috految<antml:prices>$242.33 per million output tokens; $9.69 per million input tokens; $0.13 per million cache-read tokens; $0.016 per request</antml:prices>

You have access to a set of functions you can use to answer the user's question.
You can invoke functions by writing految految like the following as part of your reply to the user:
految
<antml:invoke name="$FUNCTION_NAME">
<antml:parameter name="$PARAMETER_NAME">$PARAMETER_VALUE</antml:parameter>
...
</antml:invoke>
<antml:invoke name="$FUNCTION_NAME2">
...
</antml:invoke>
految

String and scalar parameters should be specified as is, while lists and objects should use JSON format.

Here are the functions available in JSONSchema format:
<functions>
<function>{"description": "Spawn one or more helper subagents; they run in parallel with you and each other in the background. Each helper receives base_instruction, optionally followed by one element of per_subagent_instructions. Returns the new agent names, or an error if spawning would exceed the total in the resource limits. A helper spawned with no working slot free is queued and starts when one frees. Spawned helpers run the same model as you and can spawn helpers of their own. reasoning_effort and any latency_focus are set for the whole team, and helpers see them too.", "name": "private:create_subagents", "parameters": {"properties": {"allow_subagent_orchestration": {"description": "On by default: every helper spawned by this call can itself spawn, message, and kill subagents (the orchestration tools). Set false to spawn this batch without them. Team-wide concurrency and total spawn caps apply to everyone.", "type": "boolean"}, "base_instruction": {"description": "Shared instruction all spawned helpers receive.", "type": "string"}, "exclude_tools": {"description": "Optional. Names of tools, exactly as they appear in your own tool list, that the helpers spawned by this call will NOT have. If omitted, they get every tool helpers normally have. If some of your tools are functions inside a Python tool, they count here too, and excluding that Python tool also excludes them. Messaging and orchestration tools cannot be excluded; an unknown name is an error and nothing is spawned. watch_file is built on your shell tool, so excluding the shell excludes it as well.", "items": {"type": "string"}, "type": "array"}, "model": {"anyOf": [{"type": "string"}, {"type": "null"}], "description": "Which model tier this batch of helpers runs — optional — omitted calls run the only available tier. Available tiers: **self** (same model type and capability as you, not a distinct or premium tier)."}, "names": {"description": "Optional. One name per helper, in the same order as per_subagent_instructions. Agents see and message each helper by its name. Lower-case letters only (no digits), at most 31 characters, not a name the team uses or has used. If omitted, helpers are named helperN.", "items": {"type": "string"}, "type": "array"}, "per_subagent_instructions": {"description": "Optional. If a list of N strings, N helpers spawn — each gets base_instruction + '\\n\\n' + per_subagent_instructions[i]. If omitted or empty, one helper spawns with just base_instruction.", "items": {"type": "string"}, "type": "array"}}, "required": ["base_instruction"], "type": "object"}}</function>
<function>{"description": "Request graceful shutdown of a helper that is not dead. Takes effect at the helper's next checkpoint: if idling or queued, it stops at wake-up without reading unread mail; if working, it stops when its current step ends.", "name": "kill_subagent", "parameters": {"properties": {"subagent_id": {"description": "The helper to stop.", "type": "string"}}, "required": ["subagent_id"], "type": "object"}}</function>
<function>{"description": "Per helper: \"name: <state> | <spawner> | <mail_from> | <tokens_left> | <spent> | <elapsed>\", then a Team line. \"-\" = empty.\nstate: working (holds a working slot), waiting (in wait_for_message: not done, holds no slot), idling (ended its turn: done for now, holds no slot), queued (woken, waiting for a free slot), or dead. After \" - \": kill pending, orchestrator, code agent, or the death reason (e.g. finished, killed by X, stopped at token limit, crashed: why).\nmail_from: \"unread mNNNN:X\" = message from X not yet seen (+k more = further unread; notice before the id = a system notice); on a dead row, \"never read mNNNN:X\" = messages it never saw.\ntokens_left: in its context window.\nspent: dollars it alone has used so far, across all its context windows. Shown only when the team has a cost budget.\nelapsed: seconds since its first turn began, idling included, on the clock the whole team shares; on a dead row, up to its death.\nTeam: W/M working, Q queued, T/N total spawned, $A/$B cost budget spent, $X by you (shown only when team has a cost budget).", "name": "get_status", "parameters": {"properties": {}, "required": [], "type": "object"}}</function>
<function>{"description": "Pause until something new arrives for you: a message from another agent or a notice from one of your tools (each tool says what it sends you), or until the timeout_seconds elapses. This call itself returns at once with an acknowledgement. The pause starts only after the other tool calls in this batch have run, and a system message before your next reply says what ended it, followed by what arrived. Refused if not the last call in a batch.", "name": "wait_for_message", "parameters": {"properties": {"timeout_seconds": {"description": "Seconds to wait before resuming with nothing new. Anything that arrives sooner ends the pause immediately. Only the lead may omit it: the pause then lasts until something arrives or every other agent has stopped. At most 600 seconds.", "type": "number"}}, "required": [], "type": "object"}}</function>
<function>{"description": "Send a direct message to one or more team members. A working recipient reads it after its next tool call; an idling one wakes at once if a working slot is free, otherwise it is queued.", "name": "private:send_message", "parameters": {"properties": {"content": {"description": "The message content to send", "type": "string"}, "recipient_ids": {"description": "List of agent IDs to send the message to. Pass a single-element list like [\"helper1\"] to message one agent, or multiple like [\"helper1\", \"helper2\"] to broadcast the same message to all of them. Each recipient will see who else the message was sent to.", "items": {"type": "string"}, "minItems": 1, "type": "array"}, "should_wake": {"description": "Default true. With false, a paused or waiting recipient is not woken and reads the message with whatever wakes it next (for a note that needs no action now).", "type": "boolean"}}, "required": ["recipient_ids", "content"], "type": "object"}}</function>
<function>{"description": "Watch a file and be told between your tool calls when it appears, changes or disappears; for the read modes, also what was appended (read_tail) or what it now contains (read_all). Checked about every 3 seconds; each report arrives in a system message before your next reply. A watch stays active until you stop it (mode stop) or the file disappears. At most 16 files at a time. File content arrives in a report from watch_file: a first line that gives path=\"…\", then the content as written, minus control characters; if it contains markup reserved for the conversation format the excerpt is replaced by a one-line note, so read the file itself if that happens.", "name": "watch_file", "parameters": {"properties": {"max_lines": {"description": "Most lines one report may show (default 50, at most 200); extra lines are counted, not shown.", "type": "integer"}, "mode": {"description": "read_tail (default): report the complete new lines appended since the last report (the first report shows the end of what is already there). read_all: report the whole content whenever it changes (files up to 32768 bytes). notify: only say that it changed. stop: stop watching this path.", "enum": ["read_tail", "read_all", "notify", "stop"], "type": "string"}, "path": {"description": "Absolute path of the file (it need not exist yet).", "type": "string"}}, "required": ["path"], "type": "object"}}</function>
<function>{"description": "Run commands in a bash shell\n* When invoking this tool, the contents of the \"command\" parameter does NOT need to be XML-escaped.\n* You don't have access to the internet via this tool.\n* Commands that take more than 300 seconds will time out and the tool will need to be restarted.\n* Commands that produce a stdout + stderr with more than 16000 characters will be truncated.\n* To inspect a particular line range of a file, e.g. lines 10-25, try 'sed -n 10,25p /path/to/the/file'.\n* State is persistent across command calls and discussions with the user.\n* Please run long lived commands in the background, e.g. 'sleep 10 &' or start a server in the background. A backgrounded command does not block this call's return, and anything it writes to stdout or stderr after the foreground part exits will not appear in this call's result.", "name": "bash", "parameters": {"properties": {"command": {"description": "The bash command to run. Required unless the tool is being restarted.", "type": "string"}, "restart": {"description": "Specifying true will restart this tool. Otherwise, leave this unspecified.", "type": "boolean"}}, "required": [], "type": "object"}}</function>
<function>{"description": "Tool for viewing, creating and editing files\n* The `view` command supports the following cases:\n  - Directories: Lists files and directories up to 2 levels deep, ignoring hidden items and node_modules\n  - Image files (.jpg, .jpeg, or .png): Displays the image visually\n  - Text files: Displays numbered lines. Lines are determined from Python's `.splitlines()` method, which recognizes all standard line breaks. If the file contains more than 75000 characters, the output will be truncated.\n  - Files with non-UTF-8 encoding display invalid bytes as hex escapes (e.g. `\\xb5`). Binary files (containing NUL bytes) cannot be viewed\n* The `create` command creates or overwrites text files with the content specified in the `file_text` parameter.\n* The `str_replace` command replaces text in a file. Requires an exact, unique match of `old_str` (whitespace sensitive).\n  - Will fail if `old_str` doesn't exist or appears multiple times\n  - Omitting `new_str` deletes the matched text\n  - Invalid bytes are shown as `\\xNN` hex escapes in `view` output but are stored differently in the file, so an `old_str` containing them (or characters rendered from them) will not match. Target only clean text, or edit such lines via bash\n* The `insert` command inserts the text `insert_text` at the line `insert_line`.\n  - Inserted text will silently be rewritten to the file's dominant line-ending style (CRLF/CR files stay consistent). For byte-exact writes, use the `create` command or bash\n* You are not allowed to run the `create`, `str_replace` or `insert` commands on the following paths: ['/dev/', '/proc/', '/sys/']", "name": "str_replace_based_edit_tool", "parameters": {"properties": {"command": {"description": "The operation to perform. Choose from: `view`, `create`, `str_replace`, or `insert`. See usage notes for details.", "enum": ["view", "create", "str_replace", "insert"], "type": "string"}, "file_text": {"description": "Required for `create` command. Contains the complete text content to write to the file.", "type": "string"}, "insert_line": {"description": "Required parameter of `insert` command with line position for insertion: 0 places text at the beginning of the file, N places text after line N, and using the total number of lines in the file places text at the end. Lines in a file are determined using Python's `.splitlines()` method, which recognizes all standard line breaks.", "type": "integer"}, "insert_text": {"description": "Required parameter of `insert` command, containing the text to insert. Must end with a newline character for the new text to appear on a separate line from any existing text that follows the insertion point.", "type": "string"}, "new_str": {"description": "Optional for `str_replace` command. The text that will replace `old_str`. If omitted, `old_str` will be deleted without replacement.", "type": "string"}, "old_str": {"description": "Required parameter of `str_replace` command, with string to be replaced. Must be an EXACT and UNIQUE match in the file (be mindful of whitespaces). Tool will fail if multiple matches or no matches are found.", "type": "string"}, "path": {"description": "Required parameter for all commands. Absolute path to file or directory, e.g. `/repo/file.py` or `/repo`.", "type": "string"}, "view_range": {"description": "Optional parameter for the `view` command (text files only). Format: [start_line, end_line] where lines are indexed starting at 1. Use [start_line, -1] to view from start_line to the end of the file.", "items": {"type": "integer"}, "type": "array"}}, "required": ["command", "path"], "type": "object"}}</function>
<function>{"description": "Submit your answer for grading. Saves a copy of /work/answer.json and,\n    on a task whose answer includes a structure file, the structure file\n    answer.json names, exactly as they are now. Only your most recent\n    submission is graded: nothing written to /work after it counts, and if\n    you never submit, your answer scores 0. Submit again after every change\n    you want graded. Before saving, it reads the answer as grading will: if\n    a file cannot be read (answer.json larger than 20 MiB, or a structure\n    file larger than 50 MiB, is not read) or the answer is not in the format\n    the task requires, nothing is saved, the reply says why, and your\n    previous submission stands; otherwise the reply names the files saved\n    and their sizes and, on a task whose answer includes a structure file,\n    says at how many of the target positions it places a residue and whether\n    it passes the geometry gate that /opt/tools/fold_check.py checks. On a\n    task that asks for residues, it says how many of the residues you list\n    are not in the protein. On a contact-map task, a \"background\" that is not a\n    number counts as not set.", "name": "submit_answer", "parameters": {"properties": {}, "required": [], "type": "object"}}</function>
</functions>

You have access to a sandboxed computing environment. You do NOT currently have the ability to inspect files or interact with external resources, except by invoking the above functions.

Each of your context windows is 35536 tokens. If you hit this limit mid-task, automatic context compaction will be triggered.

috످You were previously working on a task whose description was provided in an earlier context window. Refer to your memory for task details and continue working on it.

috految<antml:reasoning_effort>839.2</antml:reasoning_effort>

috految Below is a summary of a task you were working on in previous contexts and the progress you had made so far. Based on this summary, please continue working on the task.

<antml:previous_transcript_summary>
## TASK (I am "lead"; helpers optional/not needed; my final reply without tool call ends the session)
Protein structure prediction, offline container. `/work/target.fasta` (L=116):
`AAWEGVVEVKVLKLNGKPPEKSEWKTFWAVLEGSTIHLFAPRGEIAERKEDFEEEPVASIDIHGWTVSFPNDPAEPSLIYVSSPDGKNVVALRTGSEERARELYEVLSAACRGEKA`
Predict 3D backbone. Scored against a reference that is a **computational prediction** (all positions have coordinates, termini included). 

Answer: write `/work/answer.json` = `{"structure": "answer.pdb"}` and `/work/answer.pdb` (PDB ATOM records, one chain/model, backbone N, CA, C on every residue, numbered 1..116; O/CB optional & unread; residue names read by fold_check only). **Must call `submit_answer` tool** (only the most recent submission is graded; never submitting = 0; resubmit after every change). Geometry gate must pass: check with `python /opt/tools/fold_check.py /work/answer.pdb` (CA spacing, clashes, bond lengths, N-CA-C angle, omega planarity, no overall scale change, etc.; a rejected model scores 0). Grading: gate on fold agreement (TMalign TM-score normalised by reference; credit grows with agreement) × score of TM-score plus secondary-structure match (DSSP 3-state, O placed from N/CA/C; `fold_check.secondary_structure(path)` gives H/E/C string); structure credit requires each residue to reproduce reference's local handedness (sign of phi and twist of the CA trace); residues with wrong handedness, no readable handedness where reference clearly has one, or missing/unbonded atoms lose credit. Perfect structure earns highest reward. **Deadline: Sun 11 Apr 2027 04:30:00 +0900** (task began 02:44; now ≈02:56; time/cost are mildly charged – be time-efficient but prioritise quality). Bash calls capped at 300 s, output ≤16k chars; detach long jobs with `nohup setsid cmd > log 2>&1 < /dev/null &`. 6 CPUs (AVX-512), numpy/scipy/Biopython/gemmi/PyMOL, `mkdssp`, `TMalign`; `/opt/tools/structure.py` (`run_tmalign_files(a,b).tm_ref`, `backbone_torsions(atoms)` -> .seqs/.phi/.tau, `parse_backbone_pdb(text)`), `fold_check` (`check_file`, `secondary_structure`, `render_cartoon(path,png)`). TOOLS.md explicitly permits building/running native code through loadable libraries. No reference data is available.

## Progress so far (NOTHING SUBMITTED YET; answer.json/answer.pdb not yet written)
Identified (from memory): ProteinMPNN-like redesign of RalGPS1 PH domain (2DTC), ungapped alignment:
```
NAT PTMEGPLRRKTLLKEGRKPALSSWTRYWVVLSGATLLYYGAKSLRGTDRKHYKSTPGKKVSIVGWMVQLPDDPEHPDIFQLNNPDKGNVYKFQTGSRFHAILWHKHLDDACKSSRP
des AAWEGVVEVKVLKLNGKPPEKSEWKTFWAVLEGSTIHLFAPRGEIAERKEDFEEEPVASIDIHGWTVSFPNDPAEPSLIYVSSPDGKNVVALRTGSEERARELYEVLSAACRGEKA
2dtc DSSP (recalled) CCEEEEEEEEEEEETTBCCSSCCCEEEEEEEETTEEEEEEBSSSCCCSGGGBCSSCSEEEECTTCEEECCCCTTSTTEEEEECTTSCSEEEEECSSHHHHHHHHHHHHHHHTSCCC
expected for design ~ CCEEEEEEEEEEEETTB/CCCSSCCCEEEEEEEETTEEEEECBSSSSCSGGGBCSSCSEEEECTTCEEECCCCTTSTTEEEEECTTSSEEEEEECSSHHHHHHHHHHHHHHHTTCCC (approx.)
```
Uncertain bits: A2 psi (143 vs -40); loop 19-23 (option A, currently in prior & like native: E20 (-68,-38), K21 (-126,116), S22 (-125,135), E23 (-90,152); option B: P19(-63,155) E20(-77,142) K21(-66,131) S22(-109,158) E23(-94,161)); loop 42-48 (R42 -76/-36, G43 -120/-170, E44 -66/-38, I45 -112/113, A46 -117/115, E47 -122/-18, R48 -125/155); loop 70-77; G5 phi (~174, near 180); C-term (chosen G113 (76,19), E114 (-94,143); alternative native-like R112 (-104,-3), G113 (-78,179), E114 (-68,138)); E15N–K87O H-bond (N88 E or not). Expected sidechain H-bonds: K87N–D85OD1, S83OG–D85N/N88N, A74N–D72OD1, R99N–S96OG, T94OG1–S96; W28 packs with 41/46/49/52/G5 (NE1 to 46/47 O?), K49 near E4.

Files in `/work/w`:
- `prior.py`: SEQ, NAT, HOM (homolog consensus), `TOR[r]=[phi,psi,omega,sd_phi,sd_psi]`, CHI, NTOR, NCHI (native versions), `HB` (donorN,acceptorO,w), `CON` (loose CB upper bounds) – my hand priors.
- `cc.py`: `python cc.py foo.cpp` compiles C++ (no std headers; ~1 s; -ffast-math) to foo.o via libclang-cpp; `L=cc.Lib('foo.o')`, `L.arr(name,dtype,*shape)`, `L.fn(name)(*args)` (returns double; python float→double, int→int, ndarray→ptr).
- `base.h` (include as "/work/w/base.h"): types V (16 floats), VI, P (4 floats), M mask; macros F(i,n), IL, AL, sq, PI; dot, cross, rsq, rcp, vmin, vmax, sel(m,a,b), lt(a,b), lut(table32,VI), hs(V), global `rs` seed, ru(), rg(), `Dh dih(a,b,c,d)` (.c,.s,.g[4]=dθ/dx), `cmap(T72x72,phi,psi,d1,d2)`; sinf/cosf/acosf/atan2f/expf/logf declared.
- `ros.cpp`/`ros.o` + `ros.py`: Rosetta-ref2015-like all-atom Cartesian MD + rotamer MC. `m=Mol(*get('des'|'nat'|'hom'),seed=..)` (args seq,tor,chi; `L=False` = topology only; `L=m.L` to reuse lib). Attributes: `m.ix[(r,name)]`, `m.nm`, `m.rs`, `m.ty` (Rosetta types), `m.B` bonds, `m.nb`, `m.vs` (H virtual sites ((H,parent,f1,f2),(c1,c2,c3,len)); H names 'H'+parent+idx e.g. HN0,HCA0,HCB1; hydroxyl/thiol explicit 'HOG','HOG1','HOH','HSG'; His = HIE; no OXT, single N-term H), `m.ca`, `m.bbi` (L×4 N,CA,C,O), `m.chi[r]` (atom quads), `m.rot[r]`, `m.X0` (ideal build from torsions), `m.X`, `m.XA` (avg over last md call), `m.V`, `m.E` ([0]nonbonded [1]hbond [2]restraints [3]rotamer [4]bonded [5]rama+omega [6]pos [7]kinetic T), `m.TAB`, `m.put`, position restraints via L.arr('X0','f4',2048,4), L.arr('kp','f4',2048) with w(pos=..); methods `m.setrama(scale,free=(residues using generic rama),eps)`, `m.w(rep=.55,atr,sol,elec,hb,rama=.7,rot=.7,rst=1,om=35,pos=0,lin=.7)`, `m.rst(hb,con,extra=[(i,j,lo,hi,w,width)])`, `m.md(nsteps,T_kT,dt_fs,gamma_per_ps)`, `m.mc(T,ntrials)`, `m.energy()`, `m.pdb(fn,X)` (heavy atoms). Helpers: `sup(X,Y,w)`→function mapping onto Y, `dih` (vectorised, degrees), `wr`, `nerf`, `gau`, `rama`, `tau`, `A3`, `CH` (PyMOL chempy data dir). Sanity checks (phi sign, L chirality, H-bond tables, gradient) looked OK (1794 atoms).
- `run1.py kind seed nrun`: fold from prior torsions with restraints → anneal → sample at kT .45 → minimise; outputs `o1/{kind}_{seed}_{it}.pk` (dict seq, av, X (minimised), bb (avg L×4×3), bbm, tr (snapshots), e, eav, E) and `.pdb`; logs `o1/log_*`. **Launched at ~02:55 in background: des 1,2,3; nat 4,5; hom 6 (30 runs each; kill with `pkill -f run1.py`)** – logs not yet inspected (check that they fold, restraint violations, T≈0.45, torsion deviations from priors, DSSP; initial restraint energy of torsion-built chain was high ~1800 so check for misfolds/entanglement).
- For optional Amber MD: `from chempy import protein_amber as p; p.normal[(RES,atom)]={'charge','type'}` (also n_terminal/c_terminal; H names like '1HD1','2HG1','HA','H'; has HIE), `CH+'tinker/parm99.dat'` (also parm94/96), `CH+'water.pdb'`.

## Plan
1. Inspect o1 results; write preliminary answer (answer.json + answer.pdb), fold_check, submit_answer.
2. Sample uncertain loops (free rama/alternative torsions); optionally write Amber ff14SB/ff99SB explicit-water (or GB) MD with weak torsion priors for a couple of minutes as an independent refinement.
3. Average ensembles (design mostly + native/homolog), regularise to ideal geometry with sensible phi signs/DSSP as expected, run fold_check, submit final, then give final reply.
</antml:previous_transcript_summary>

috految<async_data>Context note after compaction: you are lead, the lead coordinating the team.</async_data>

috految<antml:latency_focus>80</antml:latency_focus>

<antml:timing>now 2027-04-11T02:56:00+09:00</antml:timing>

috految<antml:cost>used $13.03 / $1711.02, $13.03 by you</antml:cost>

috److految
<antml:invoke name="bash">
<antml:parameter name="command">cd /work/w; date; tail -n 8 o1/log_* | cut -c1-220; cat run1.py; cat prior.py | cut -c1-400</antml:parameter>
</antml:invoke>
految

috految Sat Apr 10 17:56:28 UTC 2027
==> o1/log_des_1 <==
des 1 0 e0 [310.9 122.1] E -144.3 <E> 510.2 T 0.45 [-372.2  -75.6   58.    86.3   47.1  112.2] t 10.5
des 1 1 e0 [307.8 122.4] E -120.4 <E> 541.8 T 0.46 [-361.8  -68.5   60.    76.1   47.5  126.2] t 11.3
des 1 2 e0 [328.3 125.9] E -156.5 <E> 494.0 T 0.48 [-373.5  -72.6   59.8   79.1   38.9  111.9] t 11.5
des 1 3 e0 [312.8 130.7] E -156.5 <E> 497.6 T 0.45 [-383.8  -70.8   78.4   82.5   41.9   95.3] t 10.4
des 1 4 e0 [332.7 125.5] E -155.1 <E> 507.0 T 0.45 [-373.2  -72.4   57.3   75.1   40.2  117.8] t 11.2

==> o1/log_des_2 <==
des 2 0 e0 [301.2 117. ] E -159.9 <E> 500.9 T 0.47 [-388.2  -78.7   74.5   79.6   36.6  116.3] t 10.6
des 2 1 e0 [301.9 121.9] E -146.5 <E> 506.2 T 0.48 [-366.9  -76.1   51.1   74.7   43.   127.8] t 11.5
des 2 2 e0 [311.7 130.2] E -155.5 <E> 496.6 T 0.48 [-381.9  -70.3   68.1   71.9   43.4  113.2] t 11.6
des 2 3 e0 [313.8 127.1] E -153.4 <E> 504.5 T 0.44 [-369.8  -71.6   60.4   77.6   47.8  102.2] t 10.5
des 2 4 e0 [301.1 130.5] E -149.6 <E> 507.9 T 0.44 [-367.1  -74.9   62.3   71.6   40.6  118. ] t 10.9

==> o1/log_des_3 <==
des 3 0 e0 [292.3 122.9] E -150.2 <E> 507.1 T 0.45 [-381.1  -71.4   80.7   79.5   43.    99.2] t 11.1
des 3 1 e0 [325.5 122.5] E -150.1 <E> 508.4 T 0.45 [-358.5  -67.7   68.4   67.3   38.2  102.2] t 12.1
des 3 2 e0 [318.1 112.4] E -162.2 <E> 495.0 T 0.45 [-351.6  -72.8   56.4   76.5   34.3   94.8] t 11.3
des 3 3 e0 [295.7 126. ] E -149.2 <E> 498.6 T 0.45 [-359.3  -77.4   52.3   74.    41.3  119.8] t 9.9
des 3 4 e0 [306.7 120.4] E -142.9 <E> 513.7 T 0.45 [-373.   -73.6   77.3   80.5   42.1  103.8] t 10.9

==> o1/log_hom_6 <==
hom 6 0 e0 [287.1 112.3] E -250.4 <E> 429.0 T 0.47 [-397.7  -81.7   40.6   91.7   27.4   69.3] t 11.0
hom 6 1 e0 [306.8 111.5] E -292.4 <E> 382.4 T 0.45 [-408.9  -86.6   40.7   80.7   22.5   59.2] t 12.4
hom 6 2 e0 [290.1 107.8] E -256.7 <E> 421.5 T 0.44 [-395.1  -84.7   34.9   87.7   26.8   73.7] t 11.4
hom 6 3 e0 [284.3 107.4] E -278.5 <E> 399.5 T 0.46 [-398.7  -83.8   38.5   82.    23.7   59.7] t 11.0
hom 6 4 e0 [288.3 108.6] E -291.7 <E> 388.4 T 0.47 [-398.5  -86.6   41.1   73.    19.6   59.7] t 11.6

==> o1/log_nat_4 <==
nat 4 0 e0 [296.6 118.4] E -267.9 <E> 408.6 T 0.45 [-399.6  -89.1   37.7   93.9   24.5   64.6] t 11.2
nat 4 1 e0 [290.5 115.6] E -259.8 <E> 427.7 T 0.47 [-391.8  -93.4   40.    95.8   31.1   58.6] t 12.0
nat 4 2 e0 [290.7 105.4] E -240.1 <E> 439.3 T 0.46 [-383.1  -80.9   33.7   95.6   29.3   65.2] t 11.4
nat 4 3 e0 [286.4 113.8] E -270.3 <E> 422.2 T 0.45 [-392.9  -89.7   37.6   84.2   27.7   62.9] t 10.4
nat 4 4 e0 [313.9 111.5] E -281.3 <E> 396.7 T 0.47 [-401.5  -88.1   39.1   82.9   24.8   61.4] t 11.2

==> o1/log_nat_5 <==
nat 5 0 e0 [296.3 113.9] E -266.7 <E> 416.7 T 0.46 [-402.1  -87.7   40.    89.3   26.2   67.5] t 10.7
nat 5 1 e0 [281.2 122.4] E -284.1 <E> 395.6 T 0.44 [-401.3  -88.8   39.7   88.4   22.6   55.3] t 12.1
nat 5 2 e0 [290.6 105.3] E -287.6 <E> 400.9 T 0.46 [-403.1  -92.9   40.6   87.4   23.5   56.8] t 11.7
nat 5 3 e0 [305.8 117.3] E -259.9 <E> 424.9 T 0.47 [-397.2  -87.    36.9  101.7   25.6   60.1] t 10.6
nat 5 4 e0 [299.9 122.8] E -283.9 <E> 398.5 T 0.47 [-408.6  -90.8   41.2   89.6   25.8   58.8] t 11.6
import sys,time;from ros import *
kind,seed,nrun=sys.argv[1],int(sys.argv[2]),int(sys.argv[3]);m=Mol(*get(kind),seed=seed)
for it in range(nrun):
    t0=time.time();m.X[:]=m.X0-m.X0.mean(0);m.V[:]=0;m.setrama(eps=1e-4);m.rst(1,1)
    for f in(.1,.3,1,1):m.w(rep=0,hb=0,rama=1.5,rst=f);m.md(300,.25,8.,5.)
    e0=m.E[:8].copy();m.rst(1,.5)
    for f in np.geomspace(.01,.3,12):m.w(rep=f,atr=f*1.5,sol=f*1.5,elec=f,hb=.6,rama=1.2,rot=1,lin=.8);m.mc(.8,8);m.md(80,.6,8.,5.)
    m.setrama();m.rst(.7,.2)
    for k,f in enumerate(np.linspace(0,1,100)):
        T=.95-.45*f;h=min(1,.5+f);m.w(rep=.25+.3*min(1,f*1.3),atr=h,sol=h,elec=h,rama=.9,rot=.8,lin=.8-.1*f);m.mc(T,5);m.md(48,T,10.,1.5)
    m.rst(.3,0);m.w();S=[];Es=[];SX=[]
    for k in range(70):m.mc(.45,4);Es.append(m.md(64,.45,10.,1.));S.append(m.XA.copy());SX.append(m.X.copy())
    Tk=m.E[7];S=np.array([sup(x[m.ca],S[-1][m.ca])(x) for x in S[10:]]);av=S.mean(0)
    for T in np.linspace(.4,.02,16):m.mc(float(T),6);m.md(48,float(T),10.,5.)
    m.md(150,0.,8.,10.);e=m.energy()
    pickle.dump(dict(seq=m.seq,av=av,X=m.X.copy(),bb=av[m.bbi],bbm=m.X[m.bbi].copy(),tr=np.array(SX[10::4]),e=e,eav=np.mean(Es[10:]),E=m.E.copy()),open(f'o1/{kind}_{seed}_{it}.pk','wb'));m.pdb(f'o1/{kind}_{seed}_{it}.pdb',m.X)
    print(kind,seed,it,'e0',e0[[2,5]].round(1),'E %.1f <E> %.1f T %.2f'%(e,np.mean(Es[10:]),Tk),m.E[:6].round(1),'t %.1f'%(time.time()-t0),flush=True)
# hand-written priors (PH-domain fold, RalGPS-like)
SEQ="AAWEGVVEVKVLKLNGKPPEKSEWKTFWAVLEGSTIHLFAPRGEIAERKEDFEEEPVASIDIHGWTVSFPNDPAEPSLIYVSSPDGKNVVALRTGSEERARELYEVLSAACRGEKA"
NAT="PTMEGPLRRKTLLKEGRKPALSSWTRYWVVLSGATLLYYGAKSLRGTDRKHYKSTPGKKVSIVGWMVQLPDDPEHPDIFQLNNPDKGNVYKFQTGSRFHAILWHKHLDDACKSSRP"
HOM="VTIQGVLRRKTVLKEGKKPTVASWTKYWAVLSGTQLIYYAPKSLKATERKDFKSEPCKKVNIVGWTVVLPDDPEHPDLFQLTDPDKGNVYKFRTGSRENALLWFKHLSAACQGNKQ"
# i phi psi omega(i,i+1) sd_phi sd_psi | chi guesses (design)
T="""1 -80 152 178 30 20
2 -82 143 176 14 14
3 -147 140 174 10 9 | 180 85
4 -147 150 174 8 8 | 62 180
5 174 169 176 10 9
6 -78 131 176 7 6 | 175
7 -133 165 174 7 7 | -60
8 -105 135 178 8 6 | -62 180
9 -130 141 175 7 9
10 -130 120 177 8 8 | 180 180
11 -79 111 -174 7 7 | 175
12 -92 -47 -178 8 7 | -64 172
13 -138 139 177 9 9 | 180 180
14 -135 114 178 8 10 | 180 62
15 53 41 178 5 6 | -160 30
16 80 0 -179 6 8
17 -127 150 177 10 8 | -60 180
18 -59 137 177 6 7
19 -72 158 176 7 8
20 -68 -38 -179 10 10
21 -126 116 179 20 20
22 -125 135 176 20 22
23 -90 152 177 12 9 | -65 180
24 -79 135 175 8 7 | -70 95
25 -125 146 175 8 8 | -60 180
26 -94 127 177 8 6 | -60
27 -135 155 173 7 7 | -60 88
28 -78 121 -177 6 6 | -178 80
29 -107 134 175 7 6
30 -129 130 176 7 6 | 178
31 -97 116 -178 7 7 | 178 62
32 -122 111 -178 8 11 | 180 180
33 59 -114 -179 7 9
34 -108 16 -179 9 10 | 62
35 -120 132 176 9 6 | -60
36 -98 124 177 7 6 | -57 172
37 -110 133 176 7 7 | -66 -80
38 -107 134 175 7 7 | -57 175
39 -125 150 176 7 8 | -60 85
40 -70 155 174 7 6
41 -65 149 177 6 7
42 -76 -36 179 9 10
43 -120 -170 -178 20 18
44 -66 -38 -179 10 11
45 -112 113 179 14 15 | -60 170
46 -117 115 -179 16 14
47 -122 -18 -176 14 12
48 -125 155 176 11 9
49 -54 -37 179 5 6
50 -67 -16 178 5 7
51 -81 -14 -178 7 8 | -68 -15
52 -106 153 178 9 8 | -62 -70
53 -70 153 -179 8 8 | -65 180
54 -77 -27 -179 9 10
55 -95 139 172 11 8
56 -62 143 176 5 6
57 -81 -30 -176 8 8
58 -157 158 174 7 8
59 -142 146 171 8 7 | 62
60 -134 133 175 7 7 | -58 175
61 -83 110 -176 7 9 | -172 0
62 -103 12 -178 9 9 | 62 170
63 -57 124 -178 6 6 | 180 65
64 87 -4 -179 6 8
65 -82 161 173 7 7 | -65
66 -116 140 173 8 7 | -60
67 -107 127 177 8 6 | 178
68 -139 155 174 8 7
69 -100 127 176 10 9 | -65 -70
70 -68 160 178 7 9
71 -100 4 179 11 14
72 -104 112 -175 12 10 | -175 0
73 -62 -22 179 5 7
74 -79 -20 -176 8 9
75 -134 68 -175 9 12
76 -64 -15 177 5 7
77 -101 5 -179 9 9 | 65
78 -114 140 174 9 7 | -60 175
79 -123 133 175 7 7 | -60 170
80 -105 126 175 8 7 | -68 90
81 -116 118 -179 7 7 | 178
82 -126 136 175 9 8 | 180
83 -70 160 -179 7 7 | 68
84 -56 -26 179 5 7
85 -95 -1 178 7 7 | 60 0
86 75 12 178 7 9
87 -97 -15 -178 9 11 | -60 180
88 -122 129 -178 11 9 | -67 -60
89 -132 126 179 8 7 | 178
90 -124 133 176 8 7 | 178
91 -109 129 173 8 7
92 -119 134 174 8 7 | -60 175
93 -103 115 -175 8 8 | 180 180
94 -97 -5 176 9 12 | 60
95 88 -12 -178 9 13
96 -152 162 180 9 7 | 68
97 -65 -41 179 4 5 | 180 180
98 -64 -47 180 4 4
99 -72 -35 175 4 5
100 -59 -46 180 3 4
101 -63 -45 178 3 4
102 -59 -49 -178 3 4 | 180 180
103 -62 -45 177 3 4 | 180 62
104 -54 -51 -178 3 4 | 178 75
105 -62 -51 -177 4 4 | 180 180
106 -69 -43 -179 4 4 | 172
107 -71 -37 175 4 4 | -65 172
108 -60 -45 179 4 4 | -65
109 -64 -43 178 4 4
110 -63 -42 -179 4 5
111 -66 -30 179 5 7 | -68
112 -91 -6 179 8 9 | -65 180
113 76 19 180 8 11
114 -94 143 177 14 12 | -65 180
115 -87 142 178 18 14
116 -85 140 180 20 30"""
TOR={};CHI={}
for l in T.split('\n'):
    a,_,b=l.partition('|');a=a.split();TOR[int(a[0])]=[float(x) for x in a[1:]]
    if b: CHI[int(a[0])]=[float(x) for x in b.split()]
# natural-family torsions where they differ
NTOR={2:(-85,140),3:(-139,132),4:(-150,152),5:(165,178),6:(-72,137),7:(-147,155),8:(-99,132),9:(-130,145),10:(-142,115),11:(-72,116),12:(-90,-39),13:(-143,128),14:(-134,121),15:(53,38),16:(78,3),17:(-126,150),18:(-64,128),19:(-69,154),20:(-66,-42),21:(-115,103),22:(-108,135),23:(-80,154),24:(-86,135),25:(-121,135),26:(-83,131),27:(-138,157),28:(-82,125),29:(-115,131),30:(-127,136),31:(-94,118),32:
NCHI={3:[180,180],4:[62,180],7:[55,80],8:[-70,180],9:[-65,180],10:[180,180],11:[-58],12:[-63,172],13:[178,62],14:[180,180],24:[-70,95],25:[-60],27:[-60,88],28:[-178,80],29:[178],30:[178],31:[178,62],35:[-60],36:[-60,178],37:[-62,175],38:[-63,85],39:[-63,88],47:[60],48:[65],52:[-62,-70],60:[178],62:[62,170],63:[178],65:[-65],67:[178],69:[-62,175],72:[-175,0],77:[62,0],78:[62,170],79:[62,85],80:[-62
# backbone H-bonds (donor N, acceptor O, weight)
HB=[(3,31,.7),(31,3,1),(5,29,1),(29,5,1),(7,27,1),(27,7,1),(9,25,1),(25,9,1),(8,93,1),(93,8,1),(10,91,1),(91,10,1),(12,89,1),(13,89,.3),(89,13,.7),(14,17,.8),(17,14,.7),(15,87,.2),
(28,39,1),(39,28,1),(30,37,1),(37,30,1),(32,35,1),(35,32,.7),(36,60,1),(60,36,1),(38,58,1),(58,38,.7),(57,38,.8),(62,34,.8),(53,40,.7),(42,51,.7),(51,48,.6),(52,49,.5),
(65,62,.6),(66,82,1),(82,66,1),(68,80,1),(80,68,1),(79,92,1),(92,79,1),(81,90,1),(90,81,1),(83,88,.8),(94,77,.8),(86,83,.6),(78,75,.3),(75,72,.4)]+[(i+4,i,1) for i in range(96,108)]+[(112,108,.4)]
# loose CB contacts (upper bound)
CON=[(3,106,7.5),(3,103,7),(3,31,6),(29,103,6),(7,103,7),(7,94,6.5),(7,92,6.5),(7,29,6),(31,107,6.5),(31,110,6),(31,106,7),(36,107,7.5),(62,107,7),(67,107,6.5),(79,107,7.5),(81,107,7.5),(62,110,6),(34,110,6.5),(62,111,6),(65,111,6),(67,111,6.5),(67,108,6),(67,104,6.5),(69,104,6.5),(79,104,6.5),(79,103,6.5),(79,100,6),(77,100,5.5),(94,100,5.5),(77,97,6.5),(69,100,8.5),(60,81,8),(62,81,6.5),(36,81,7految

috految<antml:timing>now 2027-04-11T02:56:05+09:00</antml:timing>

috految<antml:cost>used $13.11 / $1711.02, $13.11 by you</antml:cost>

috److془The design is misfolded (entangled). Let me look at violation in nat/hom and fix.془

految
<antml:invoke name="bash">
<antml:parameter name="command">cd /work/w; pkill -f run1.py; cat > an.py <<'E'
import sys,glob;from ros import *
from prior import *
def tors(b):
    N,A,C=b[...,0,:],b[...,1,:],b[...,2,:];o=np.zeros(b.shape[:-2]+(3,))
    o[...,1:,0]=dih(C[...,:-1,:],N[...,1:,:],A[...,1:,:],C[...,1:,:]);o[...,:-1,1]=dih(N[...,:-1,:],A[...,:-1,:],C[...,:-1,:],N[...,1:,:]);o[...,:-1,2]=dih(A[...,:-1,:],C[...,:-1,:],N[...,1:,:],A[...,1:,:]);return o
def load(p):return [dict(pickle.load(open(f,'rb')),f=f) for f in sorted(glob.glob(p))]
def cb(b):
    u=b[:,1]-b[:,0];v=b[:,2]-b[:,1];return -0.58273431*np.cross(u,v)+0.56802827*u-0.54067466*v+b[:,1]
def viol(b):
    c=cb(b);print('HBviol',' '.join('%d>%d:%.1f'%(i,j,d) for i,j,w in HB if (d:=np.linalg.norm(b[i-1,0]-b[j-1,3]))>3.5))
    print('CONviol',' '.join('%d-%d:%.1f'%(i,j,d) for i,j,w in CON if (d:=np.linalg.norm(c[i-1]-c[j-1]))>w+.5))
def tdev(b,tor,th=18):
    t=tors(b);print('tor',' '.join('%d:%.0f/%.0f(%.0f/%.0f)'%(r,*t[r-1,:2],*tor[r][:2]) for r in range(2,116) if abs(wr(t[r-1,:2]-np.array(tor[r][:2]))).max()>th))
if __name__=='__main__':
  for k in sys.argv[2:]:
    R=sorted(load(sys.argv[1]+'/'+k+'*.pk'),key=lambda r:r['e']);r=R[0];print(r['f'],r['e']);viol(r['bbm']);tdev(r['bbm'],get(k[:3])[1])
E
python an.py o1 des nat hom; grep -n "def rst" -A 8 ros.py | cut -c1-300;  grep -n "def setrama" -A 8 ros.py | cut -c1-300; grep -n "^def get" -A 8 ros.py | cut -c1-300</antml:parameter>
</antml:invoke>
految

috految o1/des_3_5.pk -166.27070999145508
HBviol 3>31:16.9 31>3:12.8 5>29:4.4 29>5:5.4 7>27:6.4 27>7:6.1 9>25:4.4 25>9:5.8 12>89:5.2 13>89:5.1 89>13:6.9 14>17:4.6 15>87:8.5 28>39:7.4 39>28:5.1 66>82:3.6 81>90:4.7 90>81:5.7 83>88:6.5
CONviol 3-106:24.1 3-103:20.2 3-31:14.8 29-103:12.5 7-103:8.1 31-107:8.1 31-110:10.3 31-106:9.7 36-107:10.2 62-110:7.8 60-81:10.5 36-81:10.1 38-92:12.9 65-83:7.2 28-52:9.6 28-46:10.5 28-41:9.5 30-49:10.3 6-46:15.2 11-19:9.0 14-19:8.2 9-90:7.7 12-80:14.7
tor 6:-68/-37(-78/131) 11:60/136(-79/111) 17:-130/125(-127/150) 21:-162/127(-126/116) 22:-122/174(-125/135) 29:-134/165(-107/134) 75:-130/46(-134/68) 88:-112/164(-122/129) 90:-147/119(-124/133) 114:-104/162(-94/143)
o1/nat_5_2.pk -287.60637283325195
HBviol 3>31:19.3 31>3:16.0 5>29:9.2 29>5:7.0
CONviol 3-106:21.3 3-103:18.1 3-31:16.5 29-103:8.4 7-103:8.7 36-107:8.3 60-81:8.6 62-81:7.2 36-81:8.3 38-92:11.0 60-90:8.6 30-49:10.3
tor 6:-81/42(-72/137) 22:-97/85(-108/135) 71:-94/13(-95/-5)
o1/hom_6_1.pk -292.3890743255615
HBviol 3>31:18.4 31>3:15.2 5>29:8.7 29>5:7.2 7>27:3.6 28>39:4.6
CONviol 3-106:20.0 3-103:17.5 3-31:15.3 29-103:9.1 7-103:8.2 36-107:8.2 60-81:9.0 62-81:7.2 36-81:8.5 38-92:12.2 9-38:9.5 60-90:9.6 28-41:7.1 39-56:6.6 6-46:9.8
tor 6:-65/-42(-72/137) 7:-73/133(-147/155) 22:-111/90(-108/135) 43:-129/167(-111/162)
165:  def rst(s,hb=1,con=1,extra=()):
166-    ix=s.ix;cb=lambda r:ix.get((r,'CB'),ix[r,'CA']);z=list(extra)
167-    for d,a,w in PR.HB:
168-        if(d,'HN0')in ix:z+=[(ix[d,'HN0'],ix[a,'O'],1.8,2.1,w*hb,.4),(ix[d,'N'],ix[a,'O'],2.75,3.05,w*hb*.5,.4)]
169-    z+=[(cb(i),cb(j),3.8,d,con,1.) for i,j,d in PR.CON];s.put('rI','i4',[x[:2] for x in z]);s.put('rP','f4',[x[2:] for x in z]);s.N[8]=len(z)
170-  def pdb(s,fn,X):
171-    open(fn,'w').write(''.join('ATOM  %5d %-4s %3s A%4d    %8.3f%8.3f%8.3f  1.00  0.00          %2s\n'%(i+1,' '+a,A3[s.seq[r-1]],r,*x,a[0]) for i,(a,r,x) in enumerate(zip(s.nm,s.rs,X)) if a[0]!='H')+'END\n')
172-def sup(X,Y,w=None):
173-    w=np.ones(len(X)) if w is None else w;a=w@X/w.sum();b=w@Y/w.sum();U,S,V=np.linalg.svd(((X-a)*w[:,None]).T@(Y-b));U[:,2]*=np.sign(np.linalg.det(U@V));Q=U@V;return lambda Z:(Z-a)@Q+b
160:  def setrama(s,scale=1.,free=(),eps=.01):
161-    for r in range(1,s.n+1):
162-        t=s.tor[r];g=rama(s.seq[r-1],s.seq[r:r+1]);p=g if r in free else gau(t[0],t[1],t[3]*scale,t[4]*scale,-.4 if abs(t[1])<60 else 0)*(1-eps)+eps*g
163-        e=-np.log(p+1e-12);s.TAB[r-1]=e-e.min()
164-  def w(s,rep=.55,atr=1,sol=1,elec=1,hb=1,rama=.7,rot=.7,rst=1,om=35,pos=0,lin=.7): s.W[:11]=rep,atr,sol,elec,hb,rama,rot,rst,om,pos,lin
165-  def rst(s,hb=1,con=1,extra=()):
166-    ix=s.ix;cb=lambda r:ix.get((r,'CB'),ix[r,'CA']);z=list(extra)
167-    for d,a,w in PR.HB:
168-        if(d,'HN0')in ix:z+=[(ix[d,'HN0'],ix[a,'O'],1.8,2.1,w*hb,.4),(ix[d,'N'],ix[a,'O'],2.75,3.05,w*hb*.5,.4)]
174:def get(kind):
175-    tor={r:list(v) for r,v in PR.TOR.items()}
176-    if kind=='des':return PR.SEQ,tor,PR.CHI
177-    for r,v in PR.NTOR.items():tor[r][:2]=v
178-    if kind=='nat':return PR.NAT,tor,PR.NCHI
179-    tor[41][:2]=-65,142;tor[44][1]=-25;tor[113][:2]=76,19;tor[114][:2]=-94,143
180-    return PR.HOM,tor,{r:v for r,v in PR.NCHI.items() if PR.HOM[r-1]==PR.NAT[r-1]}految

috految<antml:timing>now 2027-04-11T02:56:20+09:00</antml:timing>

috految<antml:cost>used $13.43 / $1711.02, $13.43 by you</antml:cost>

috److془Just not converged in the initial phase. Use minimal friction and longer initial phase. Start from nat structure with N-term rebuilt.془

految
<antml:invoke name="bash">
<antml:parameter name="command">cd /work/w; mkdir -p o2; cat > init.py <<'E'
from an import *
def thread(m,b):
    X=np.zeros_like(m.X0);rs=np.array(m.rs)
    for r in range(1,m.n+1):
        s=rs==r;X[s]=sup(m.X0[m.bbi[r-1,:3]],b[r-1,:3])(m.X0[s]);X[m.bbi[r-1]]=b[r-1]
    return X
if __name__=='__main__':
    r=load('o1/nat_5_2.pk')[0];b=r['bbm'].copy();m=Mol(*get('nat'),L=False);b0=m.X0[m.bbi]
    b[:7]=sup(b0[6:10,:3].reshape(-1,3),b[6:10,:3].reshape(-1,3))(b0[:7]);np.save('b0.npy',b)
    viol(b)
E
python init.py; sed -e 's/o1\//o2\//g' -e 's/from ros import \*/from init import */' -e 's/m.X\[:\]=m.X0-m.X0.mean(0)/m.X[:]=thread(m,np.load("b0.npy"))/' -e 's/for f in(.1,.3,1,1):m.w(rep=0,hb=0,rama=1.5,rst=f);m.md(300,.25,8.,5.)/for f,g in((.5,5.),(.7,1.),(1,1.),(1,2.)):m.w(rep=0,hb=0,rama=1.5,rst=f);m.md(300,.25,8.,g)/' run1.py > run2.py
export OMP_NUM_THREADS=1 OPENBLAS_NUM_THREADS=1
for a in "des 1" "des 2" "des 3" "nat 4" "nat 5" "hom 6"; do set -- $a; nohup setsid python run2.py $1 $2 30 > o2/log_$1_$2 2>&1 < /dev/null & done; cat base.h; grep -n "s.vs\|s.B=\|s.nb\|def put" ros.py | cut -c1-260; lscpu | grep -i "model name\|thread\|L2"; python - <<'E'
from ros import *
import os
t=open(CH+'tinker/parm99.dat').read().split('\n');print([i for i,x in enumerate(t) if not x.strip()][:14]);print(os.path.getsize(CH+'water.pdb'),open(CH+'water.pdb').read()[:240])
for x in t:
    if x.startswith(('N -CT-C -N','C -N -CT-C ','CT-CT-N -C','CT-CT-C -N','X -X -C -O','X -CT-N -CT','X -C -N -X','H -N -C -O','  OW','  IP','N   ','C*  ','C   ','MOD4','  CT ','  C ','  HO','  H ','  N ', '  C*')):print(x[:58])
E</antml:parameter>
</antml:invoke>
految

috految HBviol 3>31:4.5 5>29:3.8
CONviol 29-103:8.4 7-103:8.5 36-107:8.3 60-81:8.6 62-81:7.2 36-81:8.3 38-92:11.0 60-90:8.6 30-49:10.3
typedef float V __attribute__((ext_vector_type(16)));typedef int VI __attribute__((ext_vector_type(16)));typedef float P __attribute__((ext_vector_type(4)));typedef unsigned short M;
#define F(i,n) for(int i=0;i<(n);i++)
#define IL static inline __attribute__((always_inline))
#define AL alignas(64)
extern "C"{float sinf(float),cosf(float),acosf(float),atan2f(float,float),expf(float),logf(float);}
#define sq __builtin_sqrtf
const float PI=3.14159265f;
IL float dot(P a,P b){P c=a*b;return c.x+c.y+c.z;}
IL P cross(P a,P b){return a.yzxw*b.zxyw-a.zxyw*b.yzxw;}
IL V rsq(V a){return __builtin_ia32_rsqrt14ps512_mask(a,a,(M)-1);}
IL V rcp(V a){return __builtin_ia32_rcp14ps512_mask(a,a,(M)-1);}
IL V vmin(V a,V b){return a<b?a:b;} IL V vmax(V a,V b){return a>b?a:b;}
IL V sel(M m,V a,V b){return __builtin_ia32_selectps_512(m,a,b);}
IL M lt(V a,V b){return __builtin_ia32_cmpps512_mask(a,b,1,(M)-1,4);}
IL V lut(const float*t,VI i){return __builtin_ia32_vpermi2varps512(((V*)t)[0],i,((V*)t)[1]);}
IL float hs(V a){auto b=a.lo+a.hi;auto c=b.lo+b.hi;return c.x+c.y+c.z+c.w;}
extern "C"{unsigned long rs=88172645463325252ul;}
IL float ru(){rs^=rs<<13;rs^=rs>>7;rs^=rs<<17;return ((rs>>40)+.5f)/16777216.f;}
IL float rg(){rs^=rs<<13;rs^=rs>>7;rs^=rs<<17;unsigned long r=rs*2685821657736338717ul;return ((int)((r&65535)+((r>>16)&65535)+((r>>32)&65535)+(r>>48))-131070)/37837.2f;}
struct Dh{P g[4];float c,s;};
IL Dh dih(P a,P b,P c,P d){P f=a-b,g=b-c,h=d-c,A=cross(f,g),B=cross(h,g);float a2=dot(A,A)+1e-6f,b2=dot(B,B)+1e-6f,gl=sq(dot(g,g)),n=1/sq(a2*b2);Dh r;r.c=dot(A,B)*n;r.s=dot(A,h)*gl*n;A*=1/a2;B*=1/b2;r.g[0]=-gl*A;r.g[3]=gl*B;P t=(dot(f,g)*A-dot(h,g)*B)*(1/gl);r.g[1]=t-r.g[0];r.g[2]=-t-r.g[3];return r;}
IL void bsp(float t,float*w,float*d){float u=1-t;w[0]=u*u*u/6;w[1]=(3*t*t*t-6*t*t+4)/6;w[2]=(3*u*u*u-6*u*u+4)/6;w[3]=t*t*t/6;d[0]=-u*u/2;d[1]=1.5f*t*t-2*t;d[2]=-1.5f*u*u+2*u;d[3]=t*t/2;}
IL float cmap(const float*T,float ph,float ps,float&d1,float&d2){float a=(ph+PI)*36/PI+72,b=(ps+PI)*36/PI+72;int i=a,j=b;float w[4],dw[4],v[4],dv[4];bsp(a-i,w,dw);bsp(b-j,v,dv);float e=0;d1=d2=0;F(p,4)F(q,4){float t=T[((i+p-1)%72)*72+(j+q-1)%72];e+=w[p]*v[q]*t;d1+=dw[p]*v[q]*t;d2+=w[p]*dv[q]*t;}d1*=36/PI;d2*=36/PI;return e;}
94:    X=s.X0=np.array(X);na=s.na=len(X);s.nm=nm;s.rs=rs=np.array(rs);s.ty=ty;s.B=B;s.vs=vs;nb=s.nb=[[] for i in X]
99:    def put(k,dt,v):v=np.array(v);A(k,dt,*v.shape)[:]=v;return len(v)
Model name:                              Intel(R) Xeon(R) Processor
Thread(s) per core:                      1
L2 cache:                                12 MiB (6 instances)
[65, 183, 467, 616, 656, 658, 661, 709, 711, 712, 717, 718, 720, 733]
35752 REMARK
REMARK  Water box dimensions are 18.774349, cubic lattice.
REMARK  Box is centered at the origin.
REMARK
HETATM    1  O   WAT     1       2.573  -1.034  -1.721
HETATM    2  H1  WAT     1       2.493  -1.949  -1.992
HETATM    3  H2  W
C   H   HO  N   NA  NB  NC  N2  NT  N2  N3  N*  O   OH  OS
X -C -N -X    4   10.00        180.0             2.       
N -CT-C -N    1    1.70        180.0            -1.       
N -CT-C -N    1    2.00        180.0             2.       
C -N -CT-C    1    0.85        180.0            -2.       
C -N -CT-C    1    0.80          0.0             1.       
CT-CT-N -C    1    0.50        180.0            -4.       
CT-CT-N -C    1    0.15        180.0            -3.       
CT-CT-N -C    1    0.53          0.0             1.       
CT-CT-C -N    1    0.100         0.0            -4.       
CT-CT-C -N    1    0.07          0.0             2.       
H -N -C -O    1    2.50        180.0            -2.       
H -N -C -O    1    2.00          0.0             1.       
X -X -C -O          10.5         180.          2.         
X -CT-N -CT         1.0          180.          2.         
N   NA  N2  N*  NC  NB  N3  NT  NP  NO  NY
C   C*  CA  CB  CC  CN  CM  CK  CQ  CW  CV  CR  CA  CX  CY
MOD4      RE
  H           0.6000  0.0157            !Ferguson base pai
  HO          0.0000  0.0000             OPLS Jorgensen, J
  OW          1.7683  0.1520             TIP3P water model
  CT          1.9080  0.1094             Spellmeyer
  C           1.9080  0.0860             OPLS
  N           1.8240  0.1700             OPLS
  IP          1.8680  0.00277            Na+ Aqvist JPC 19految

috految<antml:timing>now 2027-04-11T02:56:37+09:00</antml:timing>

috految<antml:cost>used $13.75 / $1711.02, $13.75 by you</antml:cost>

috److془While it runs, write the Amber explicit-water MD.

Design: protein 1797 atoms + water ~ 2100 molecules (box of ~ 78000 Å^3 with ~ 8 Å gap between images). Use orthorhombic box or triclinic box with rotation restraint. Reaction-field or shifted-force with (zero-dipole/zero-quadrupole) cutoff 9-10 Å. Atom pairs: 8000 atoms × 0.1 × 4/3π 9.5^3 /2 = 8000×180 = 1.44M pairs; with cluster overhead x2.2 = 3.2M/16 = 200k vector iterations × ~ 16 cycles = 3.2M cycles = 1.2 ms/step. With mass-balanced and dt ~ 6 fs (effective), 5 ps/s per core → 0.3 ns/min per core → 6 cores × 2 min = 3.6 ns. Fine. With MTS (outer step for long range), could get 1.5× more.

Alternatively, water lighter masses → lower viscosity. With uniform mass: water mass O=5, H=3.5 → total 12; the time step limited by water's LJ collisions ~ 6 fs. Protein H=4, heavy ~ 7-10; bonds softened (k ≤ 200) with RESPA for bonded terms... Resonance issue: outer step < period/2 (or /3) of the fastest mode. With k=200 kcal/mol/Å^2 (E=k x^2), μ=3.5 → ω = sqrt(400×418.4/3.5)=219/ps; with coupled modes of ~ 300/ps → period 21 fs; dt=6 fs is near the limit for plain Verlet (dt ω = 1.8). With RESPA 2 inner steps (3 fs) it's fine. Use heavy = 11, H = 4: ω max ~ 260/ps. 

Polar H bonds softening would increase polarization slightly. Use k=340 for polar H with mass 5 and r0 minus 0.01 Å. Fine.

The MD-averaged structure would yield ~0.5-0.6 Å core RMSD from the AF2 prediction. Combination with Rosetta-like gives ~0.45 Å. TM-score with d0 = 1.24*(101)^(1/3)-1.8=3.97: 0.5 Å → 0.984; 0.7 Å → 0.970. So gain ~0.005 from the MD. Loops would matter more. OK let's do it, it's cheap.

Let me write it now. Use 4x4 cluster pair scheme (16 lanes): the i-cluster broadcast as [0,0,0,0,1,1,1,1,...], j cluster broadcast 128 [0,1,2,3]x4. j force accumulations: store in 16-lane buffers per cluster (fj[c][3] V's; 2000 clusters×192 B = 384 KB in L2; locality good as neighbors of consecutive i-clusters overlap ~ 100 clusters × 192 B = 19KB in L1). 

Per iteration ops: 3 sub, 3 fma (r2), 1 cmp, rsq14 (3 uops), ri2 = ri*ri, ri3 = ri2*ri, el = qq*(ri3 + a + b*r2) (3-4 ops), LJ: sigma = si+sj, s2 = sigma^2 * ri2 (2), s6 = s2^3 (2), eps = ei*ej, f = eps*s6*(s6-1)*ri2 (3), 6 fma → ~ 31 uops → 16 cycles. With 4x4 clusters, the efficiency is ~ 55% at 9.5 Å. 1.44M/0.55/16=163k iterations × 16 = 2.6M cycles ≈ 1 ms if not hyperthread-shared. 

Use the zero-quadrupole (α=0) potential: V(r) = 1/r - 15/(8rc) + 5/(4 rc^3) r^2 - 3/(8 rc^5) r^4. Force/r = 1/r^3 - 5/(2rc^3) + 3/(2 rc^5) r^2. This goes to zero with continuous derivative. With rc=10, no buffer needed (list at 9.6 with cluster implicit buffer). Excluded pairs: the polynomial part is still applied (mask only the 1/r^3). 1-4: excluded then add with 1/1.2 and LJ×0.5.

Pairlist building each 20 steps: re-cluster by sorting (numpy or in C++), bounding sphere test vectorized across 16 j-clusters: 2000×2000/2/16=125k vector ops × ~15 cycles = 0.7 ms; exact test for ~350k candidates × 8 cycles = 1 ms. 

Box: triclinic w/ min image through sequential rounding (z, y, x). Valid if box heights > 2×(rc+2×radius) ~ 28. Use lattice optimization: minimize volume s.t. min distance between images' heavy atoms ≥ 7.5 Å (side-chain tips, with CA distances ≥ 13 Å). The rotational restraint: remove rotation via linear restraint on Σ r0 × (r - r0) for CA atoms. Volume ~ 62000 Å^3 → 6400 atoms. Ions: Na+ to neutralize + 3 NaCl. Net charge: E count ~ 18, D 4; K 8, R 6 → -8. Use K+ (Joung-Cheatham TIP3P: Rmin/2 1.705, eps .1936829), Cl- (2.513, .035591).

Pressure: choose number of waters so that density is right: (V - 0.725×MW×1.66)/30.0 → the protein's volume = 12760×0.73×1.66=15460 Å^3 (in TIP3P simulation would be similar ±3%: 450 Å^3/62000 = 0.7% → 150 bar fine).

Water: TIP3P rigid with SHAKE iterations vectorized across 16 waters (SoA). Use leapfrog Langevin-middle: v += dt f/m; constrain v (optional); x += dt/2 v; O step; x += dt/2 v; constrain positions, v += Δx/dt. Without the velocity constraints in the middle with small γ it's fine. Thermostat: apply O step once every 10 steps with γ=1/ps to all. Hmm: when the O step randomizes the velocity along the constraints, the constraint projects it out. Fine.

To be quick: dt = 6 fs; water O=7, H=3.2. Librations ~ 1000 cm^-1 max for H2O with smallest moment of inertia (0.61 amu Å^2). For O=7, H=3.2: I_min = 7×6.4/13.4×0.586^2=1.15 → 730 cm^-1 → ω=137/ps → ω dt=0.82. OK so could go 6.5 fs. 

DSF-like heating from cutoffs is controlled by the thermostat. 

ff14SB backbone: 
C -N -CX-C: 0.00 (n=4), 0.42 (n=3, 0), 0.27 (n=2, 0), 0.00 (n=1)
N -CX-C -N: 0.00 (4), 0.55 (3, 180), 1.58 (2, 180), 0.45 (1, 180)
CT-CX-N -C (phi'): ff14SB: 0.0 (4), 0.80 (3, 0), 1.80 (2, 0), 2.00 (1,0); ff99SB: 0.40(3), 2.00(2), 2.00(1)
CT-CX-C -N (psi'): 0.40 (3,0), 0.20 (2,0), 0.20 (1,0).

ff14SB side chain parameters from memory (frcmod.ff14SB):

```
C8-CX-N -C    1    0.000         0.0            -4.         four amplitudes and
C8-CX-N -C    1    0.800         0.0            -3.         phases for phi'
C8-CX-N -C    1    1.800         0.0            -2.
C8-CX-N -C    1    2.000         0.0             1.
...
N -CX-3C-CT   1    0.001       180.0            -4.
N -CX-3C-CT   1    0.148         0.0            -3.
N -CX-3C-CT   1    0.216       180.0            -2.
N -CX-3C-CT   1    0.337         0.0             1.
C -CX-3C-CT   1    0.112         0.0            -4.
C -CX-3C-CT   1    0.148         0.0            -3.
C -CX-3C-CT   1    0.289       180.0            -2.
C -CX-3C-CT   1    0.406       180.0             1.
N -CX-3C-2C   1    0.097       180.0            -4.
N -CX-3C-2C   1    0.113         0.0            -3.
N -CX-3C-2C   1    0.144       180.0            -2.
N -CX-3C-2C   1    0.310         0.0             1.
C -CX-3C-2C   1    0.115         0.0            -4.
C -CX-3C-2C   1    0.113         0.0            -3.
C -CX-3C-2C   1    0.735       180.0            -2.
C -CX-3C-2C   1    0.162         0.0             1.
CX-3C-2C-CT: 0.230 (4,0), 0.107 (3,0), 0.053 (2,0), 0.447 (1,0)
CT-3C-2C-CT: 0.224 (4,0), 0.107 (3,0), 0.077 (2,180), 0.202 (1,0)
N -CX-3C-OH: 0.095 (4,0), 0.315 (3,0), 0.006 (2,0), 0.674 (1,0)
C -CX-3C-OH: 0.156 (4,0), 0.315 (3,0), 0.119 (2,180), 0.697 (1,180)
HO-OH-3C-CX: 0.013(4,0), 0.236(3,0), 0.251(2,0), 0.006(1,0)
HO-OH-3C-CT: 0.048(4,0), 0.236(3,0), 0.079(2,180), 0.643(1,0)
N -CX-2C-OH: 0.160 (4,0), 0.401 (3,0), 0.246 (2,0), 0.666 (1,0)
C -CX-2C-OH: 0.129 (4,0), 0.401 (3,0), 0.218 (2,180), 0.661 (1,180)
HO-OH-2C-CX: 0.007(4,0), 0.267(3,0), 0.444(2,0), 0.211(1,0)
N -CX-2C-SH: 0.033(4,0), 0.251(3,0), 0.486(2,180), 0.154(1,0)
C -CX-2C-SH: 0.075(4,0), 0.251(3,0), 0.337(2,180), 0.269(1,180)
HS-SH-2C-CX: 0.030, 0.252, 0.612, 0.092
N -CX-2C-3C: 0.073(4,0), 0.144(3,0), 0.259(2,180), 0.098(1,0)
C -CX-2C-3C: 0.190(4,0), 0.144(3,0), 0.620(2,180), 0.706(1,0)
CX-2C-3C-CT: 0.179(4,0), 0.142(3,0), 0.027(2,180), 0.379(1,0)
N -CX-2C-CO: 0.089(4,0), 0.058(3,0), 0.647(2,180), 2.154(1,180)
C -CX-2C-CO: 0.154(4,0), 0.058(3,0), 0.459(2,180), 0.424(1,0)
CX-2C-CO-O2: 0.031(4,180), 0, 0.769(2,180), 0
N -CX-2C-C : 0.059(4,0), 0.033(3,0), 0.297(2,180), 0.688(1,180)
C -CX-2C-C : 0.107(4,0), 0.033(3,0), 0.303(2,180), 1.046(1,180)
CX-2C-C -N : 0.008(4,0), 0.301(3,180), 0.485(2,180), 0.828(1,180)
N -CX-2C-2C: 0.078(4,0), 0.144(3,0), 0.184(2,180), 0.100(1,180)
C -CX-2C-2C: 0.145(4,0), 0.144(3,0), 0.393(2,180), 0.421(1,180)
CX-2C-2C-CO: 0.056(4,180), 0.608(3,180), 0.222(2,180), 1.367(1,180)
2C-2C-CO-O2: 0.064(4,0), 0, 0.390(2,180), 0
CX-2C-2C-C : 0.138(4,0), 0.412(3,180), 0.083(2,0), 0.196(1,180)
2C-2C-C -N: 0.085(4,0), 0.150(3,180), 0.845(2,180), 0.609(1,180)
N -CX-CT-CA: 0.007(4,180), 0.192(3,0), 0.290(2,180), 0.012(1,180)
C -CX-CT-CA: 0.012(4,180), 0.192(3,0), 0.469(2,180), 0.055(1,0)
CX-CT-CA-CA: 0.048(4,180), 0, 0.069(2,180), 0
CA-C -OH-HO: 0.065(4,0), 0, 0.883(2,180)
N -CX-CT-C*: 0.031(4,0), 0.234(3,0), 0.313(2,180), 0.079(1,0)
C -CX-CT-C*: 0.074(4,0), 0.234(3,0), 0.353(2,180), 0.017(1,180)
CB-C*-CT-CX: 0.095(4,180), 0.819(3,0), 0.408(2,0), 0.365(1,0)
N -CX-CT-CC: 0.089(4,0), 0.219(3,0), 0.221(2,180), 0.306(1,180)
C -CX-CT-CC: 0.025(4,0), 0.219(3,0), 0.244(2,180), 0.143(1,180)
CX-CT-CC-NB: 0.047(4,180), 0.740(3,0), 0.204(2,0), 0.690(1,0)
CX-CT-CC-CW: 0.010(4,180), 0.122(3,180), 0.750(2,0), 0.392(1,180)
```
Good. Now add torsion prior cmap from m.TAB with weight ~0.3 kcal (i.e., ≈ 0.5 kT) and omega prior.

Write it.془

految
<antml:invoke name="bash">
<antml:parameter name="command">cd /work/w; cat > amb.cpp <<'E'
#include "/work/w/base.h"
const int MX=12288,MC=3200;
extern "C"{AL P X[MX],Vv[MX],G[MX],GB[2048],X0[2048],XA[2048],BX[3];float im[MX],q[MX],sg[MX],ep[MX],kp[2048],W[16],E[8],TAB[128][72*72],bP[4096][2],aP[8192][3],dP[8192][4],fP[8192][3],oP[128][2],rP[512][4];int N[16],ex[MX][40],bI[4096][2],aI[8192][3],dI[8192][4],fI[8192][2],bb[128][3],rI[512][2],ca[128];}
struct C{P x,y,z,q,s,e;};static C cl[MC];static V fj[MC][3];static int id[MC*4],pos[MX],nc,ng;static P sh[MC*4];struct Gp{P s;int i,a,b;};static Gp gp[60000];struct En{unsigned short j;M m,x;};static En ls[700000];
extern "C"{float floorf(float);}
static float key[MX];static void qs(int*a,int n,int k){int l=0,r=n-1;while(l<r){float p=key[a[(l+r)/2]];int i=l,j=r;while(i<=j){while(key[a[i]]<p)i++;while(key[a[j]]>p)j--;if(i<=j){int t=a[i];a[i]=a[j];a[j]=t;i++;j--;}}if(k<=j)r=j;else if(k>=i)l=i;else break;}}
static P Y[MX];static void kd(int*a,int n){if(n<=4)return;P s=0,s2=0;F(i,n){s+=Y[a[i]];s2+=Y[a[i]]*Y[a[i]];}s2-=s*s/(float)n;int d=s2.x>s2.y?(s2.x>s2.z?0:2):(s2.y>s2.z?1:2);F(i,n)key[a[i]]=Y[a[i]][d];int k=((n+3)/4/2)*4;qs(a,n,k);kd(a,k);kd(a+k,n-k);}
IL V bi(P a){return __builtin_shufflevector(a,a,0,0,0,0,1,1,1,1,2,2,2,2,3,3,3,3);}IL V bj(P a){return __builtin_shufflevector(a,a,0,1,2,3,0,1,2,3,0,1,2,3,0,1,2,3);}
IL V rnd(V a){return __builtin_convertvector(__builtin_convertvector(a+50.5f,VI),V)-50.f;}
IL void upd(){F(c,nc){P a=X[id[4*c]]+sh[4*c],b=X[id[4*c+1]]+sh[4*c+1],e=X[id[4*c+2]]+sh[4*c+2],d=X[id[4*c+3]]+sh[4*c+3];cl[c].x=P{a.x,b.x,e.x,d.x};cl[c].y=P{a.y,b.y,e.y,d.y};cl[c].z=P{a.z,b.z,e.z,d.z};}}
static void list(){int n=N[0];nc=n/4;F(i,n){P x=X[i];x-=BX[2]*floorf(x.z/BX[2].z+.5f);x-=BX[1]*floorf(x.y/BX[1].y+.5f);x-=BX[0]*floorf(x.x/BX[0].x+.5f);Y[i]=x;id[i]=i;}kd(id,n);
 F(k,n){int i=id[k];pos[i]=k;sh[k]=Y[i]-X[i];((float*)&cl[k/4].q)[k%4]=q[i];((float*)&cl[k/4].s)[k%4]=sg[i];((float*)&cl[k/4].e)[k%4]=ep[i];}upd();
 AL static float cx[MC],cy[MC],cz[MC],cr[MC];F(c,nc){P s=0;F(k,4)s+=Y[id[4*c+k]];s*=.25f;float r=0;F(k,4){P d=Y[id[4*c+k]]-s;float t=dot(d,d);r=t>r?t:r;}cx[c]=s.x;cy[c]=s.y;cz[c]=s.z;cr[c]=sq(r);}
 static M em[MC];int nl=0;ng=0;float rl=W[1];F(c,nc){F(k,4){int i=id[4*c+k];for(int*e=ex[i];*e>=0;e++){int p=pos[*e];em[p/4]|=1<<(4*k+p%4);}}V xi=bi(cl[c].x),yi=bi(cl[c].y),zi=bi(cl[c].z);int last=-1;
  for(int b=c&~15;b<nc;b+=16){V dx=cx[c]-*(V*)(cx+b),dy=cy[c]-*(V*)(cy+b),dz=cz[c]-*(V*)(cz+b),r=rl-.3f+cr[c]+*(V*)(cr+b);V n2=rnd(dz*(1/BX[2].z));dz-=n2*BX[2].z;dy-=n2*BX[2].y;dx-=n2*BX[2].x;V n1=rnd(dy*(1/BX[1].y));dy-=n1*BX[1].y;dx-=n1*BX[1].x;V n0=rnd(dx*(1/BX[0].x));dx-=n0*BX[0].x;
   unsigned m=lt(dx*dx+dy*dy+dz*dz,r*r);if(!m)continue;VI cd=__builtin_convertvector(n0+10.f*n1+100.f*n2+555.f,VI);
   for(;m;m&=m-1){int l=__builtin_ctz(m),j=b+l;if(j<c||j>=nc)continue;P s=-(n0[l]*BX[0]+n1[l]*BX[1]+n2[l]*BX[2]);V x=xi+s.x-bj(cl[j].x),y=yi+s.y-bj(cl[j].y),z=zi+s.z-bj(cl[j].z);if(cd[l]!=last){last=cd[l];gp[ng++]={s,c,nl,nl};}ls[nl]={(unsigned short)j,(M)(j==c?0x08CE:0xffff),(M)~em[j]};nl+=lt(x*x+y*y+z*z,rl*rl)!=0;gp[ng-1].b=nl;}}
  F(k,4){int i=id[4*c+k];for(int*e=ex[i];*e>=0;e++)em[pos[*e]/4]=0;}}E[6]=nl;}
static void nb(){upd();float rc=W[0];V r2c=rc*rc,A=-2.5f/(rc*rc*rc),B=1.5f/(rc*rc*rc*rc*rc);F(c,nc)F(k,3)fj[c][k]=0;
 F(g,ng){int c=gp[g].i;P s=gp[g].s;V xi=bi(cl[c].x)+s.x,yi=bi(cl[c].y)+s.y,zi=bi(cl[c].z)+s.z,qi=bi(cl[c].q)*332.06f,si=bi(cl[c].s),ei=bi(cl[c].e)*12.f,fx=0,fy=0,fz=0;
  for(En*l=ls+gp[g].a,*le=ls+gp[g].b;l<le;l++){int j=l->j;C&J=cl[j];V x=xi-bj(J.x),y=yi-bj(J.y),z=zi-bj(J.z),r2=x*x+y*y+z*z;M m=__builtin_ia32_cmpps512_mask(r2,r2c,1,l->m,4);V ri=__builtin_ia32_rsqrt14ps512_mask(r2,V(0),l->x),i2=ri*ri,s=(si+bj(J.s))*ri,s2=s*s,s6=s2*s2*s2;
   V f=sel(m,qi*bj(J.q)*(i2*ri+(A+B*r2))+ei*bj(J.e)*i2*(s6*s6-s6),0);fx+=f*x;fy+=f*y;fz+=f*z;fj[j][0]-=f*x;fj[j][1]-=f*y;fj[j][2]-=f*z;}
#define TR(a) __builtin_shufflevector(a,a,0,4,8,12,1,5,9,13,2,6,10,14,3,7,11,15)
  fj[c][0]+=(V)TR(fx);fj[c][1]+=(V)TR(fy);fj[c][2]+=(V)TR(fz);}
 F(c,nc){P f[3];F(k,3){auto b=fj[c][k].lo+fj[c][k].hi;f[k]=b.lo+b.hi;}F(k,4)G[id[4*c+k]]=P{f[0][k],f[1][k],f[2][k],0};}
 F(k,N[5]){int i=fI[k][0],j=fI[k][1];P d=X[i]-X[j];float i2=1/dot(d,d),s=fP[k][1]*i2;s=s*s*s;P f=d*(i2*(fP[k][0]*sq(i2)+fP[k][2]*s*(s-1)));G[i]+=f;G[j]-=f;}
 F(k,N[4]){int*a=dI[k];Dh h=dih(X[a[0]],X[a[1]],X[a[2]],X[a[3]]);float c=h.c,*p=dP[k],d=h.s*(p[0]+4*p[1]*c+p[2]*(12*c*c-3)+p[3]*(32*c*c*c-16*c));F(l,4)G[a[l]]+=d*h.g[l];}
 int L=N[6];double e=0;F(r,L-1){int*a=bb[r],*b=bb[r+1];Dh o=dih(X[a[1]],X[a[2]],X[b[0]],X[b[1]]);float d=-2*W[3]*(o.s*oP[r][0]-o.c*oP[r][1]);G[a[1]]+=d*o.g[0];G[a[2]]+=d*o.g[1];G[b[0]]+=d*o.g[2];G[b[1]]+=d*o.g[3];
  if(!r)continue;int pc=bb[r-1][2];Dh f=dih(X[pc],X[a[0]],X[a[1]],X[a[2]]),p=dih(X[a[0]],X[a[1]],X[a[2]],X[b[0]]);float d1,d2;e+=cmap(TAB[r],atan2f(f.s,f.c),atan2f(p.s,p.c),d1,d2);d1*=-W[2];d2*=-W[2];G[pc]+=d1*f.g[0];G[a[0]]+=d1*f.g[1]+d2*p.g[0];G[a[1]]+=d1*f.g[2]+d2*p.g[1];G[a[2]]+=d1*f.g[3]+d2*p.g[2];G[b[0]]+=d2*p.g[3];}E[0]=e;
 F(k,N[7]){int i=rI[k][0],j=rI[k][1];P d=X[i]-X[j];float r=sq(dot(d,d)),v=r>rP[k][0]?r-rP[k][0]:0;v/=sq(1+v*v);P f=d*(-2*rP[k][1]*v/r);G[i]+=f;G[j]-=f;}
 P t=0,c=0;F(r,L){int i=ca[r];t+=cross(X0[i],X[i]);c+=X[i]-X0[i];}F(r,L)G[ca[r]]-=cross(t,X0[ca[r]])*(3.f/(L*150*L))+c*(3.f/(L*L));
 if(W[4]>0)F(i,N[1])G[i]-=(X[i]-X0[i])*(2*kp[i]*W[4]);}
static void bond(){F(i,N[1])GB[i]=0;F(k,N[2]){int i=bI[k][0],j=bI[k][1];P d=X[i]-X[j];P f=d*(2*bP[k][0]*(bP[k][1]/sq(dot(d,d))-1));GB[i]+=f;GB[j]-=f;}
 F(k,N[3]){int*a=aI[k];P u=X[a[0]]-X[a[1]],v=X[a[2]]-X[a[1]];float iu=1/dot(u,u),iv=1/dot(v,v),n=sq(iu*iv),c=dot(u,v)*n,s=sq(1.0001f-c*c),sd=s*aP[k][1]-c*aP[k][2],d=2*aP[k][0]*sd*(1+sd*sd/6)/s;P f=d*(v*n-u*(c*iu)),g=d*(u*n-v*(c*iv));GB[a[0]]+=f;GB[a[2]]+=g;GB[a[1]]-=f+g;}}
extern "C" double md(int ns,double T,double dtf,double gam,double vm_){int n=N[0],np=N[1],w0=N[8],nw=N[9];float dt=dtf/48.888f,c1=expf(-gam*dtf*4e-3f),c2=sq(T*(1-c1*c1)),vm=vm_;F(i,np)XA[i]=0;static P O[MX];double kn=0,kw=0;
 F(s,ns){if(s%20==0)list();nb();F(i,n){P v=Vv[i]+G[i]*(dt*im[i]);float t=dot(v,v);if(t>vm*vm)v*=vm/sq(t);Vv[i]=v;}
  F(h,2){bond();F(i,np){P v=Vv[i]+GB[i]*(.5f*dt*im[i]);X[i]+=v*(.25f*dt);if(s%4==0&&h)v=c1*v+P{rg(),rg(),rg(),0}*(c2*sq(im[i]));X[i]+=v*(.25f*dt);Vv[i]=v;}}
  for(int i=np;i<n;i++){O[i]=X[i];P v=Vv[i];X[i]+=v*(.5f*dt);if(s%4==0)v=c1*v+P{rg(),rg(),rg(),0}*(c2*sq(im[i]));X[i]+=v*(.5f*dt);Vv[i]=v;}
  float mo=im[w0],mh=im[w0+1];for(int b=0;b<nw;b+=16){V d[3][3],o[3][3];F(l,16){int w=b+l<nw?b+l:nw-1,i=w0+3*w;F(k,3){P a=X[i+k]-X[i+(k+1)%3],c=O[i+k]-O[i+(k+1)%3];F(x,3){((float*)&d[k][x])[l]=a[x];((float*)&o[k][x])[l]=c[x];}}}
   V la[3]={0,0,0};float mm[3]={mo,mh,mh},r0[3]={.9572f*.9572f,1.5139f*1.5139f,.9572f*.9572f};F(it,14){
#pragma unroll
    F(k,3){int k1=(k+1)%3,k2=(k+2)%3;V r=0,p=0;F(x,3){r+=d[k][x]*d[k][x];p+=d[k][x]*o[k][x];}V g=(r0[k]-r)*rcp(vmax(p,.3f))*(.55f/(mm[k]+mm[k1]));la[k]+=g;F(x,3){V t=g*o[k][x];d[k][x]+=t*(mm[k]+mm[k1]);d[k1][x]-=t*mm[k1];d[k2][x]-=t*mm[k];}}}
   F(l,16)if(b+l<nw){int i=w0+3*(b+l);F(k,3){int a=i+k,c=i+(k+1)%3;P t=la[k][l]*(O[a]-O[c]);X[a]+=t*im[a];X[c]-=t*im[c];Vv[a]+=t*(im[a]/dt);Vv[c]-=t*(im[c]/dt);}}}
  F(i,np)XA[i]+=X[i]*(1.f/ns);if(s%10==9){F(i,np)kn+=dot(Vv[i],Vv[i])/im[i];F(i,3*nw)kw+=dot(Vv[w0+i],Vv[w0+i])/im[w0+i];}}
 E[1]=kn/(ns/10)/(3*np)/.0019872;E[2]=kw/(ns/10)/(6*nw)/.0019872;return 0;}
E
cat > amb.py <<'E'
import sys,time,itertools,cc,os;from init import *
from chempy import protein_amber as pa
from scipy.spatial import cKDTree as KD
from scipy.spatial.transform import Rotation as Ro
t=open(CH+'tinker/parm99.dat').read().split('\n');ky=lambda l,n:tuple(l[3*i:3*i+2].strip() for i in range(n));BD={};AN={};DH={};LJ={}
for l in t[67:183]:k=ky(l,2);BD[k]=BD[k[::-1]]=[float(x) for x in l[5:].split()[:2]]
for l in t[184:467]:k=ky(l,3);AN[k]=AN[k[::-1]]=[float(x) for x in l[8:].split()[:2]]
for l in t[468:616]:
    k=ky(l,4);dv,pk,ph,pn=[float(x) for x in l[11:].split()[:4]];v=DH.setdefault(k,[0,0,0,0]);DH[k[::-1]]=v
    if pk:v[int(abs(pn))-1]=pk/dv*np.cos(np.radians(ph))
for l in t[663:709]:a=l.split();LJ[a[0]]=float(a[1]),float(a[2])
for x in 'NA N2 NB N3'.split():LJ[x]=LJ['N']
for x in 'C* CA CB CC CN CW CV CR'.split():LJ[x]=LJ['C']
LJ['HO']=(.3,.02);LJ['O2']=(1.68,.21)
SC={'VIT':{'N CA CB CG2':[.337,-.216,.148,-.001],'C CA CB CG2':[-.406,-.289,.148,.112]},'V':{'N CA CB CG1':[.337,-.216,.148,-.001],'C CA CB CG1':[-.406,-.289,.148,.112]},'I':{'N CA CB CG1':[.31,-.144,.113,-.097],'C CA CB CG1':[.162,-.735,.113,.115],'CA CB CG1 CD1':[.447,.053,.107,.23],'CG2 CB CG1 CD1':[.202,-.077,.107,.224]},'T':{'N CA CB OG1':[.674,.006,.315,.095],'C CA CB OG1':[-.697,-.119,.315,.156],'CA CB OG1 HOG1':[.006,.251,.236,.013],'CG2 CB OG1 HOG1':[.643,-.079,.236,.048]},'S':{'N CA CB OG':[.666,.246,.401,.16],'C CA CB OG':[-.661,-.218,.401,.129],'CA CB OG HOG':[.211,.444,.267,.007]},'C':{'N CA CB SG':[.154,-.486,.251,.033],'C CA CB SG':[-.269,-.337,.251,.075],'CA CB SG HSG':[.092,.612,.252,.03]},'L':{'N CA CB CG':[.098,-.259,.144,.073],'C CA CB CG':[.706,-.62,.144,.19],'CA CB CG CD1':[.379,-.027,.142,.179],'CA CB CG CD2':[.379,-.027,.142,.179]},'D':{'N CA CB CG':[-2.154,-.647,.058,.089],'C CA CB CG':[.424,-.459,.058,.154],'CA CB CG OD1':[0,-.769,0,-.031],'CA CB CG OD2':[0,-.769,0,-.031]},'N':{'N CA CB CG':[-.688,-.297,.033,.059],'C CA CB CG':[-1.046,-.303,.033,.107],'CA CB CG ND2':[-.828,-.485,-.301,.008]},'EQM':{'N CA CB CG':[-.1,-.184,.144,.078],'C CA CB CG':[-.421,-.393,.144,.145]},'E':{'CA CB CG CD':[-1.367,-.222,-.608,-.056],'CB CG CD OE1':[0,-.39,0,.064],'CB CG CD OE2':[0,-.39,0,.064]},'Q':{'CA CB CG CD':[-.196,.083,-.412,.138],'CB CG CD NE2':[-.609,-.845,-.15,.085]},'FY':{'N CA CB CG':[-.012,-.29,.192,-.007],'C CA CB CG':[.055,-.469,.192,-.012],'CA CB CG CD1':[0,-.069,0,-.048],'CA CB CG CD2':[0,-.069,0,-.048]},'W':{'N CA CB CG':[.079,-.313,.234,.031],'C CA CB CG':[-.017,-.353,.234,.074],'CA CB CG CD2':[.365,.408,.819,-.095]},'H':{'N CA CB CG':[-.306,-.221,.219,.089],'C CA CB CG':[-.143,-.244,.219,.025],'CA CB CG ND1':[.69,.204,.74,-.047],'CA CB CG CD2':[-.392,.75,-.122,-.01]}}
class Amb:
  def __init__(s,m,X,seed):
    s.m=m;rng=np.random.default_rng(seed);L=s.L=cc.Lib('amb.o');A=L.arr;A('rs','u8',1)[0]=seed*7919+88172645463325;n=m.na;nm=m.nm;rs=m.rs;seq=m.seq;ix=m.ix
    def put(k,dt,v):v=np.array(v);A(k,dt,*v.shape)[:]=v;return len(v)
    s.put=put;B=sorted({tuple(sorted(b[:2])) for b in m.B}|{tuple(sorted(v[0][:2])) for v in m.vs});nb=[[] for i in range(n)]
    for i,j in B:nb[i].append(j);nb[j].append(i)
    ty=[];q=[]
    for i in range(n):
        R=A3[seq[rs[i]-1]];R={'HIS':'HIE'}.get(R,R);a=nm[i]
        if a[0]=='H':
            p=nm[nb[i][0]];c=['H'] if p=='N' else [d+'H'+p[1:] for d in('','2','1','3')]+['H'+p[1:]+d for d in'123']
        else:c=[a]
        d=next((pa.normal[R,x] for x in c if (R,x) in pa.normal),None)
        if d is None:print('missing',R,a);d={'type':'H','charge':.27}
        ty.append(d['type'].strip());q.append(d['charge'])
    q=np.array(q)
    for r in range(1,m.n+1):
        z=q[rs==r].sum()
        if abs(z-round(z))>.02:print('charge',r,seq[r-1],z)
    N=s.N=A('N','i4',16);hv=np.array([a[0]!='H' for a in nm]);bp=[]
    for i,j in B:
        k,r=BD[ty[i],ty[j]];h=not(hv[i] and hv[j]);pol=h and nm[i if hv[i] else j][0]!='C';bp.append((min(k,300 if pol else 200 if h else 280),r-(.012 if pol else .004 if h else .008)))
    N[2]=put('bI','i4',B);put('bP','f4',bp);an=[(i,j,k) for j in range(n) for i,k in itertools.combinations(nb[j],2)];ap=[]
    for a in an:
        k,th=AN.get(tuple(ty[i] for i in a)) or (print('ang',[ty[i] for i in a]) or (50,120));th=np.radians(th-(1 if [nm[i] for i in a] in(['N','CA','C'],['C','CA','N']) else 2 if [nm[i] for i in a] in(['C','N','CA'],['CA','N','C']) else 0));ap.append((k,np.cos(th),np.sin(th)))
    N[3]=put('aI','i4',an);put('aP','f4',ap);DI=[];DP=[];e13={tuple(sorted((a[0],a[2]))) for a in an};e14=set()
    for j,k in B:
      for i in nb[j]:
        for l in nb[k]:
          if i==k or l==j or i==l:continue
          a=(i,j,k,l);e14.add(tuple(sorted((i,l))));T=tuple(ty[x] for x in a);v=DH.get(T) or DH.get(('X',T[1],T[2],'X'))
          for b in(a,a[::-1]):
            nn=' '.join(nm[x] for x in b);aa=seq[rs[b[1]]-1]
            if nn=='C N CA C':v=[0,.27,.42,0]
            elif nn=='N CA C N':v=[-.45,-1.58,-.55,0]
            elif nn=='C N CA CB':v=[2,1.8,.8,0]
            elif nn=='C N CD CG':v=[2,2,.4,0]
            elif nn=='CB CA C N':v=[.2,.2,.4,0]
            elif len({rs[x] for x in b})==1:
              for g,d in SC.items():
                if aa in g and nn in d:v=d[nn]
          if v is None:print('dih',T);continue
          if any(v):DI.append(a);DP.append(v)
    for j in range(n):
        if len(nb[j])==3 and ty[j]!='N3':
            o=sorted(nb[j],key=lambda i:(ty[i] in('O','O2') or not hv[i]));k=10.5 if ty[o[2]] in('O','O2') or (ty[j]=='CA' and ty[o[2]]=='N2') else 1.1;DI.append((o[0],o[1],j,o[2]));DP.append([0,-k,0,0])
    N[4]=put('dI','i4',DI);put('dP','f4',DP);e14-=e13|set(B);lj=np.array([LJ[x] for x in ty]);e14=sorted(e14)
    N[5]=put('fI','i4',e14);put('fP','f4',[(q[i]*q[j]*332.06/1.2,(lj[i,0]+lj[j,0])**2,6*np.sqrt(lj[i,1]*lj[j,1])) for i,j in e14])
    N[6]=put('bb','i4',m.bbi[:,:3]);put('ca','i4',m.ca);put('oP','f4',[(np.cos(o:=np.radians(m.tor[r][2])),np.sin(o)) for r in range(1,m.n)]);s.TAB=A('TAB','f4',128,72,72)
    X=X-X[m.ca].mean(0);C=X[hv&np.isin(nm,['CA','CB','CG','CZ','O'])];U=np.array([u for u in itertools.product((-1,0,1),repeat=3) if u>(0,0,0)]);D=(C[::2,None]-C[None,::2]).reshape(-1,3);D=D[np.linalg.norm(D,axis=1)>22];kd=KD(D);best=1e9
    for it in range(900):
        H=np.array([[1,1,0],[1,0,1],[0,1,1]])*37.@Ro.random(random_state=rng).as_matrix() if it<100 else bH+rng.normal(size=(3,3))*rng.choice([.3,1]);v=abs(np.linalg.det(H));v*=1+3*np.maximum(0,11-kd.query(U@H,distance_upper_bound=11)[0]).sum()+(np.linalg.norm(U@H,axis=1).min()<38)
        if v<best and abs(np.diag(np.linalg.qr(H.T)[1])).min()>29:best,bH=v,H
    Q,R=np.linalg.qr(bH.T);Q*=np.sign(np.diag(R));H=bH@Q
    if np.linalg.det(Q)<0:Q[:,2]*=-1;H[:,2]*=-1;H[2]*=-1
    X=X@Q;H=np.tril(H);put('BX','f4',np.c_[H,np.zeros(3)]);vol=np.linalg.det(H);U=np.array(list(itertools.product((-1,0,1),repeat=3)));ww=np.array([[float(l[30+8*k:38+8*k]) for k in range(3)] for l in open(CH+'water.pdb') if l.startswith('HETATM')]).reshape(-1,3,3);sc=.965
    w=(ww[None]+18.774349*np.array(list(itertools.product(range(-3,4),repeat=3)))[:,None,None]).reshape(-1,3,3)+rng.random(3)*18;w+=w[:,:1]*(sc-1);w=w[(abs(w[:,0])<np.diag(H)/2).all(1)];pr=(X[hv][None]+(U@H)[:,None]).reshape(-1,3);rad=np.tile([{'C':.45,'S':.5}.get(a[0],0) for a,h in zip(nm,hv) if h],27)
    d,j=KD(pr).query(w[:,0],4);d=(d-rad[j]).min(1);w=w[d>2.2];d=d[d>2.2];kk=KD(w[:,0]);bad={max(a,b) for u in U if tuple(u)>(0,0,0) for a,l in enumerate(kk.query_ball_point(w[:,0]+u@H,1.9)) for b in l};g=np.array([i not in bad for i in range(len(w))])&(KD(pr).query_ball_point(w[:,0],6,return_length=True)<46);w=w[g];d=d[g]
    ni=int(round(q.sum()));ions=[1]*(3+max(0,-ni))+[-1]*(3+max(0,ni));nw=int((vol-hv.sum()*17.0)/30.0)-len(ions)//2;n0=len(w);nw=min(nw,len(w)-len(ions))
    while (n+len(ions)+3*nw)%4:nw-=1
    o=rng.permutation(np.where(d>4.5)[0])[:len(ions)];io=w[o,0];w=np.delete(w,o,0);d=np.delete(d,o);w=w[np.argsort(-(np.minimum(d,2.7)+.3*rng.random(len(d))))[:nw]];nt=n+len(ions)+3*nw;N[0]=nt;N[1]=n;N[8]=n+len(ions);N[9]=nw
    s.X=A('X','f4',12288,4)[:nt,:3];s.X[:]=np.r_[X,io,w.reshape(-1,3)];s.V=A('Vv','f4',12288,4);s.XA=A('XA','f4',2048,4)[:n,:3];A('X0','f4',2048,4)[:n,:3]=X;A('kp','f4',2048)[:n]=hv*np.where(np.isin(nm,['N','CA','C','O','CB']),1,.3)
    put('q','f4',np.r_[q,ions,[-.834,.417,.417]*nw]);put('sg','f4',np.r_[lj[:,0],[1.705 if z>0 else 2.513 for z in ions],[1.7683,0,0]*nw]);put('ep','f4',np.sqrt(np.r_[lj[:,1],[.19368 if z>0 else .03559 for z in ions],[.152,0,0]*nw]));put('im','f4',1/np.r_[[(13 if len(nb[i])==3 else 11 if len(nb[i])>1 else 9) if hv[i] else 3.6 if nm[nb[i][0]][0]=='C' else 5 for i in range(n)],[14]*len(ions),[7.,3.2,3.2]*nw])
    ex=-np.ones((nt,40),int);c=np.zeros(nt,int)
    for i,j in list(set(B)|e13|set(e14))+[(N[8]+3*k+a,N[8]+3*k+b) for k in range(nw) for a,b in((0,1),(0,2),(1,2))]:ex[i,c[i]]=j;ex[j,c[j]]=i;c[i]+=1;c[j]+=1
    for i in range(nt):ex[i,c[i]]=i
    put('ex','i4',ex);s.W=A('W','f4',16);s.E=A('E','f4',8);s.W[:5]=9.8,9.45,.3,5,0;s.md=L.fn('md');print('atoms',nt,'vol',int(vol),'nw',nw,n0,'q',round(q.sum(),2),flush=True)
if __name__=='__main__':
    f,out,seed,secs,wr_=sys.argv[1],sys.argv[2],int(sys.argv[3]),float(sys.argv[4]),float(sys.argv[5]);r=pickle.load(open(f,'rb'));g=list(get(os.path.basename(f)[:3]));g[1]=r.get('tor',g[1]);m=Mol(*g,seed=seed);m.setrama(1.,free=eval(sys.argv[6]) if len(sys.argv)>6 else (),eps=.03);a=Amb(m,r['X'].astype(float),seed);a.TAB[:m.n]=m.TAB[:m.n].reshape(m.n,72,72);a.W[2]=wr_;t0=time.time()
    z=[(m.ix[d,'N'],m.ix[o,'O'],3.2,.4*w,0,0) for d,o,w in HB if w>.6];a.N[7]=a.put('rI','i4',[x[:2] for x in z]);a.put('rP','f4',[x[2:] for x in z])
    a.W[4]=5;a.md(100,.3,1.5,100.,.5);a.md(100,.5,3.,20.,1.);a.W[4]=2;a.md(300,.7,5.,5.,3.);a.W[4]=.3;a.md(700,.62,6.,2.,4.);a.W[4]=0;S=[];SN=[]
    while time.time()-t0<secs:
        a.md(500,.575,6.,1.,4.);S.append(a.XA.copy());SN.append(a.X[:m.na].copy())
        if len(S)%4==1:
            x=S[-1][m.ca][2:113];y=r['X'][m.ca][2:113];print('ps %d t %.1f T %.0f %.0f rama %.0f rms %.2f nl %d'%(3*len(S),time.time()-t0,a.E[1],a.E[2],a.E[0],np.sqrt(((sup(x,y)(x)-y)**2).sum(1).mean()),a.E[6]),flush=True)
            np.savez(out+'.tmp.npz',av=np.array(S),sn=np.array(SN),bbi=m.bbi);os.replace(out+'.tmp.npz',out+'.npz')
E
mkdir -p o3; python cc.py amb.cpp 2>&1 | head -20 | cut -c1-200 & 
for k in des nat hom; do cat o2/log_$k* | awk '{print $1"_"$2"_"$3, $0}' | sed 's/ [a-z]* [0-9]* [0-9]* e0.* E / /' | sort -k2,2n | head -4| cut -c1-100; done; python an.py o2 des nat hom; wait $!
pkill -f "run2.py"; i=0; for f in $(cat o2/log_des* | sed 's/ e0.* E / /' | sort -k4,4n | head -5 | awk '{print $1"_"$2"_"$3}') $(cat o2/log_nat* | sed 's/ e0.* E / /' | sort -k4,4n | head -1 | awk '{print $1"_"$2"_"$3}'); do i=$((i+1)); nohup setsid python amb.py o2/$f.pk o3/$f $i 400 0.3 > o3/log_$f 2>&1 < /dev/null & done; sleep 3; tail -n 5 o3/log_$f | cut -c1-200</antml:parameter>
</antml:invoke>
految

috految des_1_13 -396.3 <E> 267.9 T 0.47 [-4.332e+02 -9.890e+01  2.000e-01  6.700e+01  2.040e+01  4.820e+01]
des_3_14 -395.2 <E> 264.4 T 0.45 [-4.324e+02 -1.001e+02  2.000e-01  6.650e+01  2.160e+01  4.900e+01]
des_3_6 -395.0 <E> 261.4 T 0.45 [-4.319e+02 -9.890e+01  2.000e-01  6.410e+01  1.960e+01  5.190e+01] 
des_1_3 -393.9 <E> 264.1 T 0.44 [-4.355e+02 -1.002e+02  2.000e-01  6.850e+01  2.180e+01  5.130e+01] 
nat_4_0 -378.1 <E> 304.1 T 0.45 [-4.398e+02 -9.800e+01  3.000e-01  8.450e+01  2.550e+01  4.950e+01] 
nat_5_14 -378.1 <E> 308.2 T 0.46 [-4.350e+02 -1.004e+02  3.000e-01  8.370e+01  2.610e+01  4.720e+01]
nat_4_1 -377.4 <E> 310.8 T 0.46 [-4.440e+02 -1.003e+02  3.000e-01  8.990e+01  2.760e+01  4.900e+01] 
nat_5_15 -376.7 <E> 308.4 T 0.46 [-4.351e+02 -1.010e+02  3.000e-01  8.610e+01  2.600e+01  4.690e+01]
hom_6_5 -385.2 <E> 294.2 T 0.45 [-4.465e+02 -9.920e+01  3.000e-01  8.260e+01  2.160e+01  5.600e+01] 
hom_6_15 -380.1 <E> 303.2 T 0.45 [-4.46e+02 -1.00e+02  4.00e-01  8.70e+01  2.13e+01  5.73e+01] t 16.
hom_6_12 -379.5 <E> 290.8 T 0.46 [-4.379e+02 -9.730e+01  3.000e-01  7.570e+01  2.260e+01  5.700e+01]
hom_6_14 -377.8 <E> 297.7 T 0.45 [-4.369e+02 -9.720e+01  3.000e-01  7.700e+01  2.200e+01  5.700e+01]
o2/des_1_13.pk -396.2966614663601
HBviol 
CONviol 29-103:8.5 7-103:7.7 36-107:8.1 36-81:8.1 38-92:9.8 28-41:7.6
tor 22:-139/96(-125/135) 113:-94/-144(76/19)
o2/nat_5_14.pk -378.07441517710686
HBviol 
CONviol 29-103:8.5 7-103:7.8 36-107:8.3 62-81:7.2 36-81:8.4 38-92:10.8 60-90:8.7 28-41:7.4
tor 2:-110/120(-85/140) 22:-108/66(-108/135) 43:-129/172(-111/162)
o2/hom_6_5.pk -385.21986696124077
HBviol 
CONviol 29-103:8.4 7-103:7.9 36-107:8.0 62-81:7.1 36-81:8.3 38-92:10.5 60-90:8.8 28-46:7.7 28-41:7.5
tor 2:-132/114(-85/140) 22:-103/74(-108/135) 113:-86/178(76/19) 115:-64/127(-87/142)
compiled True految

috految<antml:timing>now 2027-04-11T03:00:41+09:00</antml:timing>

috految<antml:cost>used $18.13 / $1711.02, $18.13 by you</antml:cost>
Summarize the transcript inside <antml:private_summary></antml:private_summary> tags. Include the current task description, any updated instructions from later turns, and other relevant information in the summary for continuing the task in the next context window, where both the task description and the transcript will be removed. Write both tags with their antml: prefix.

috److<antml:private_summary>
## TASK (I am "lead"; helpers optional/not needed; my final reply without tool call ends the session)
Protein structure prediction, offline container. `/work/target.fasta` (L=116):
`AAWEGVVEVKVLKLNGKPPEKSEWKTFWAVLEGSTIHLFAPRGEIAERKEDFEEEPVASIDIHGWTVSFPNDPAEPSLIYVSSPDGKNVVALRTGSEERARELYEVLSAACRGEKA`
Predict 3D backbone. Scored against a reference that is a **computational prediction** (all positions have coordinates, termini included). 

Answer: write `/work/answer.json` = `{"structure": "answer.pdb"}` and `/work/answer.pdb` (PDB ATOM records, one chain/model, backbone N, CA, C on every residue, numbered 1..116; O/CB optional & unread; residue names read by fold_check only). **Must call `submit_answer` tool** (only the most recent submission is graded; never submitting = 0; resubmit after every change). Geometry gate must pass: check with `python /opt/tools/fold_check.py /work/answer.pdb` (CA spacing, clashes, bond lengths, N-CA-C angle, omega planarity, no overall scale change, etc.; a rejected model scores 0). Grading: gate on fold agreement (TMalign TM-score normalised by reference; credit grows with agreement) × score of TM-score plus secondary-structure match (DSSP 3-state, O placed from N/CA/C; `fold_check.secondary_structure(path)` gives H/E/C string); structure credit requires each residue to reproduce reference's local handedness (sign of phi and twist of the CA trace); residues with wrong handedness, no readable handedness where reference clearly has one, or missing/unbonded atoms lose credit. Perfect structure earns highest reward. **Deadline: Sun 11 Apr 2027 04:30:00 +0900** (task began 02:44; now ≈03:01; time/cost are mildly charged – be time-efficient but prioritise quality). Bash calls capped at 300 s, output ≤16k chars; detach long jobs with `nohup setsid cmd > log 2>&1 < /dev/null &`. 6 CPUs (AVX-512), numpy/scipy/Biopython/gemmi/PyMOL, `mkdssp`, `TMalign`; `/opt/tools/structure.py` (`run_tmalign_files(a,b).tm_ref`, `backbone_torsions(atoms)` -> .seqs/.phi/.tau, `parse_backbone_pdb(text)`), `fold_check` (`check_file`, `secondary_structure`, `render_cartoon(path,png)`). TOOLS.md explicitly permits building/running native code through loadable libraries. No reference data is available.

## Progress so far (NOTHING SUBMITTED YET; answer.json/answer.pdb not yet written; `o2/des_1_13.pdb` is a good preliminary answer)
Identified (from memory): ProteinMPNN-like redesign of RalGPS1 PH domain (2DTC), ungapped alignment:
```
NAT PTMEGPLRRKTLLKEGRKPALSSWTRYWVVLSGATLLYYGAKSLRGTDRKHYKSTPGKKVSIVGWMVQLPDDPEHPDIFQLNNPDKGNVYKFQTGSRFHAILWHKHLDDACKSSRP
des AAWEGVVEVKVLKLNGKPPEKSEWKTFWAVLEGSTIHLFAPRGEIAERKEDFEEEPVASIDIHGWTVSFPNDPAEPSLIYVSSPDGKNVVALRTGSEERARELYEVLSAACRGEKA
2dtc DSSP (recalled) CCEEEEEEEEEEEETTBCCSSCCCEEEEEEEETTEEEEEEBSSSCCCSGGGBCSSCSEEEECTTCEEECCCCTTSTTEEEEECTTSCSEEEEECSSHHHHHHHHHHHHHHHTSCCC
expected for design ~ CCEEEEEEEEEEEETTB/CCCSSCCCEEEEEEEETTEEEEECBSSSSCSGGGBCSSCSEEEECTTCEEECCCCTTSTTEEEEECTTSSEEEEEECSSHHHHHHHHHHHHHHHTTCCC (approx.)
```
Uncertain bits: A2 psi (143 vs -40); loop 19-23 (option A, currently in prior & native-like: P19(-72,158) E20 (-68,-38), K21 (-126,116), S22 (-125,135), E23 (-90,152) — in models S22 psi is strained to ~96 (des) / ~70 (nat), so option A may not close exactly, e.g. K21/S22 psi lower or option B: P19(-63,155) E20(-77,142) K21(-66,131) S22(-109,158) E23(-94,161), or others e.g. K21 (-100,~10) S22 (-75,155): **should test alternatives/free sampling**); loop 42-48 (R42 -76/-36, G43 -120/-170, E44 -66/-38, I45 -112/113, A46 -117/115, E47 -122/-18, R48 -125/155; closes fine); loop 70-77 (closes fine); G5 phi (~174, near 180); C-term (prior: R112(-91,-6) G113 (76,19), E114 (-94,143), K115(-87,142); alternative native-like R112 (-104,-3), G113 (-78,179), E114 (-68,138); NOTE o2 runs started from native-like C-term so des/hom models are mostly stuck with G113 phi<0 – rebuild C-term from prior torsions for the chosen option); E15N–K87O H-bond (N88 E or not). Expected sidechain H-bonds: K87N–D85OD1, S83OG–D85N/N88N, A74N–D72OD1, R99N–S96OG, T94OG1–S96; W28 packs with 41/46/49/52/G5, K49 near E4.

Files in `/work/w` (shell has OMP_NUM_THREADS=1 exported):
- `prior.py`: SEQ, NAT, HOM, `TOR[r]=[phi,psi,omega,sd_phi,sd_psi]`, CHI, NTOR, NCHI, `HB` (donorN,acceptorO,w), `CON`.
- `cc.py` (`python cc.py foo.cpp` → foo.o; `cc.Lib`), `base.h`.
- `ros.py` (Rosetta-like all-atom Cartesian MD + rotamer MC, ~1000+ steps/s): `m=Mol(*get('des'|'nat'|'hom'),seed=..)` (args seq,tor,chi; tor dict modifiable before construction; `L=False` topology only; `L=m.L` reuse lib). `m.ix[(r,name)]`, `m.nm`, `m.rs`, `m.na`, `m.n`, `m.tor`, `m.ca`, `m.bbi` (L×4 N,CA,C,O), `m.chi[r]`, `m.X0` (ideal build from torsions), `m.X`, `m.XA`, `m.V`, `m.E` ([0]nb [1]hb [2]restr [3]rot [4]bonded [5]rama [6]pos [7]T), `m.TAB`; position restraints via m.L.arr('X0','f4',2048,4), m.L.arr('kp','f4',2048) with w(pos=..); `m.setrama(scale,free=(),eps=.01)`, `m.w(rep=.55,atr,sol,elec,hb,rama=.7,rot=.7,rst=1,om=35,pos=0,lin=.7)`, `m.rst(hb,con,extra=[(i,j,lo,hi,w,width)])`, `m.md(nsteps,T_kT,dt_fs,gamma)`, `m.mc(T,ntrials)`, `m.energy()`, `m.pdb(fn,X)`. Helpers: `sup(X,Y,w)`→function mapping onto Y, `dih`, `wr`, `nerf`, `gau`, `rama(aa,next_aa)` (72×72 prob), `tau`, `A3`.
- `an.py` (imports ros+prior): `tors(b)` (…×L×3 phi,psi,omega from L×4×3), `load(glob)` (list of pk dicts with 'f'), `cb(b)`, `viol(b)`, `tdev(b,tor,th)`; CLI `python an.py o2 des nat hom`. `init.py` (imports an): `thread(m,b)` → all-atom X from backbone b; `b0.npy` start backbone (native-like).
- `run2.py kind seed nrun` (~11 s/run; thread b0 → anneal → sample kT .45 → minimise; writes `o2/{kind}_{seed}_{it}.pk/.pdb`, dict seq, av, X (minimised), bb (avg L×4×3), bbm, tr, e, eav, E). **Finished (killed): ~48 des, ~32 nat, ~16 hom runs in `o2/`; all top ones fold correctly with no H-bond violations and torsions within 18° of priors except 22 & 113** (best des: des_1_13 E −396.3, des_3_14, des_3_6, des_1_3; nat_4_0, nat_5_14 −378; hom_6_5 −385). (o1/ is junk/misfolded.)
- `amb.cpp`/`amb.o` (compiled OK) + `amb.py`: Amber ff14SB explicit TIP3P MD with weak torsion priors: `python amb.py in.pk outprefix seed seconds rama_weight [free-residue tuple]` (kind from first 3 chars of file name; uses r['X'] and optional r['tor']); writes `outprefix.npz` (av = 3-ps block averages (frames×natoms×3), sn = snapshots, bbi). **Launched at ≈03:00:38 for 400 s: top-5 des + top-1 nat → `o3/<name>.npz`, logs `o3/log_*` (NOT yet verified – check logs for errors/'missing'/'charge', T≈290, rms; kill with `pkill -f amb.py`)**.

## Plan
1. Check o3 logs; write preliminary answer (answer.json + answer.pdb), fold_check, submit_answer.
2. Test alternative conformations for loop 19-23 (and 42-48, N-/C-term) with free rama/alternative torsions.
3. Average ensembles (Rosetta-like des mostly + nat/hom + Amber MD), regularise to ideal geometry with sensible phi signs/DSSP as expected, run fold_check, submit final, kill background jobs, then give final reply.
</antml:private_summary>

috످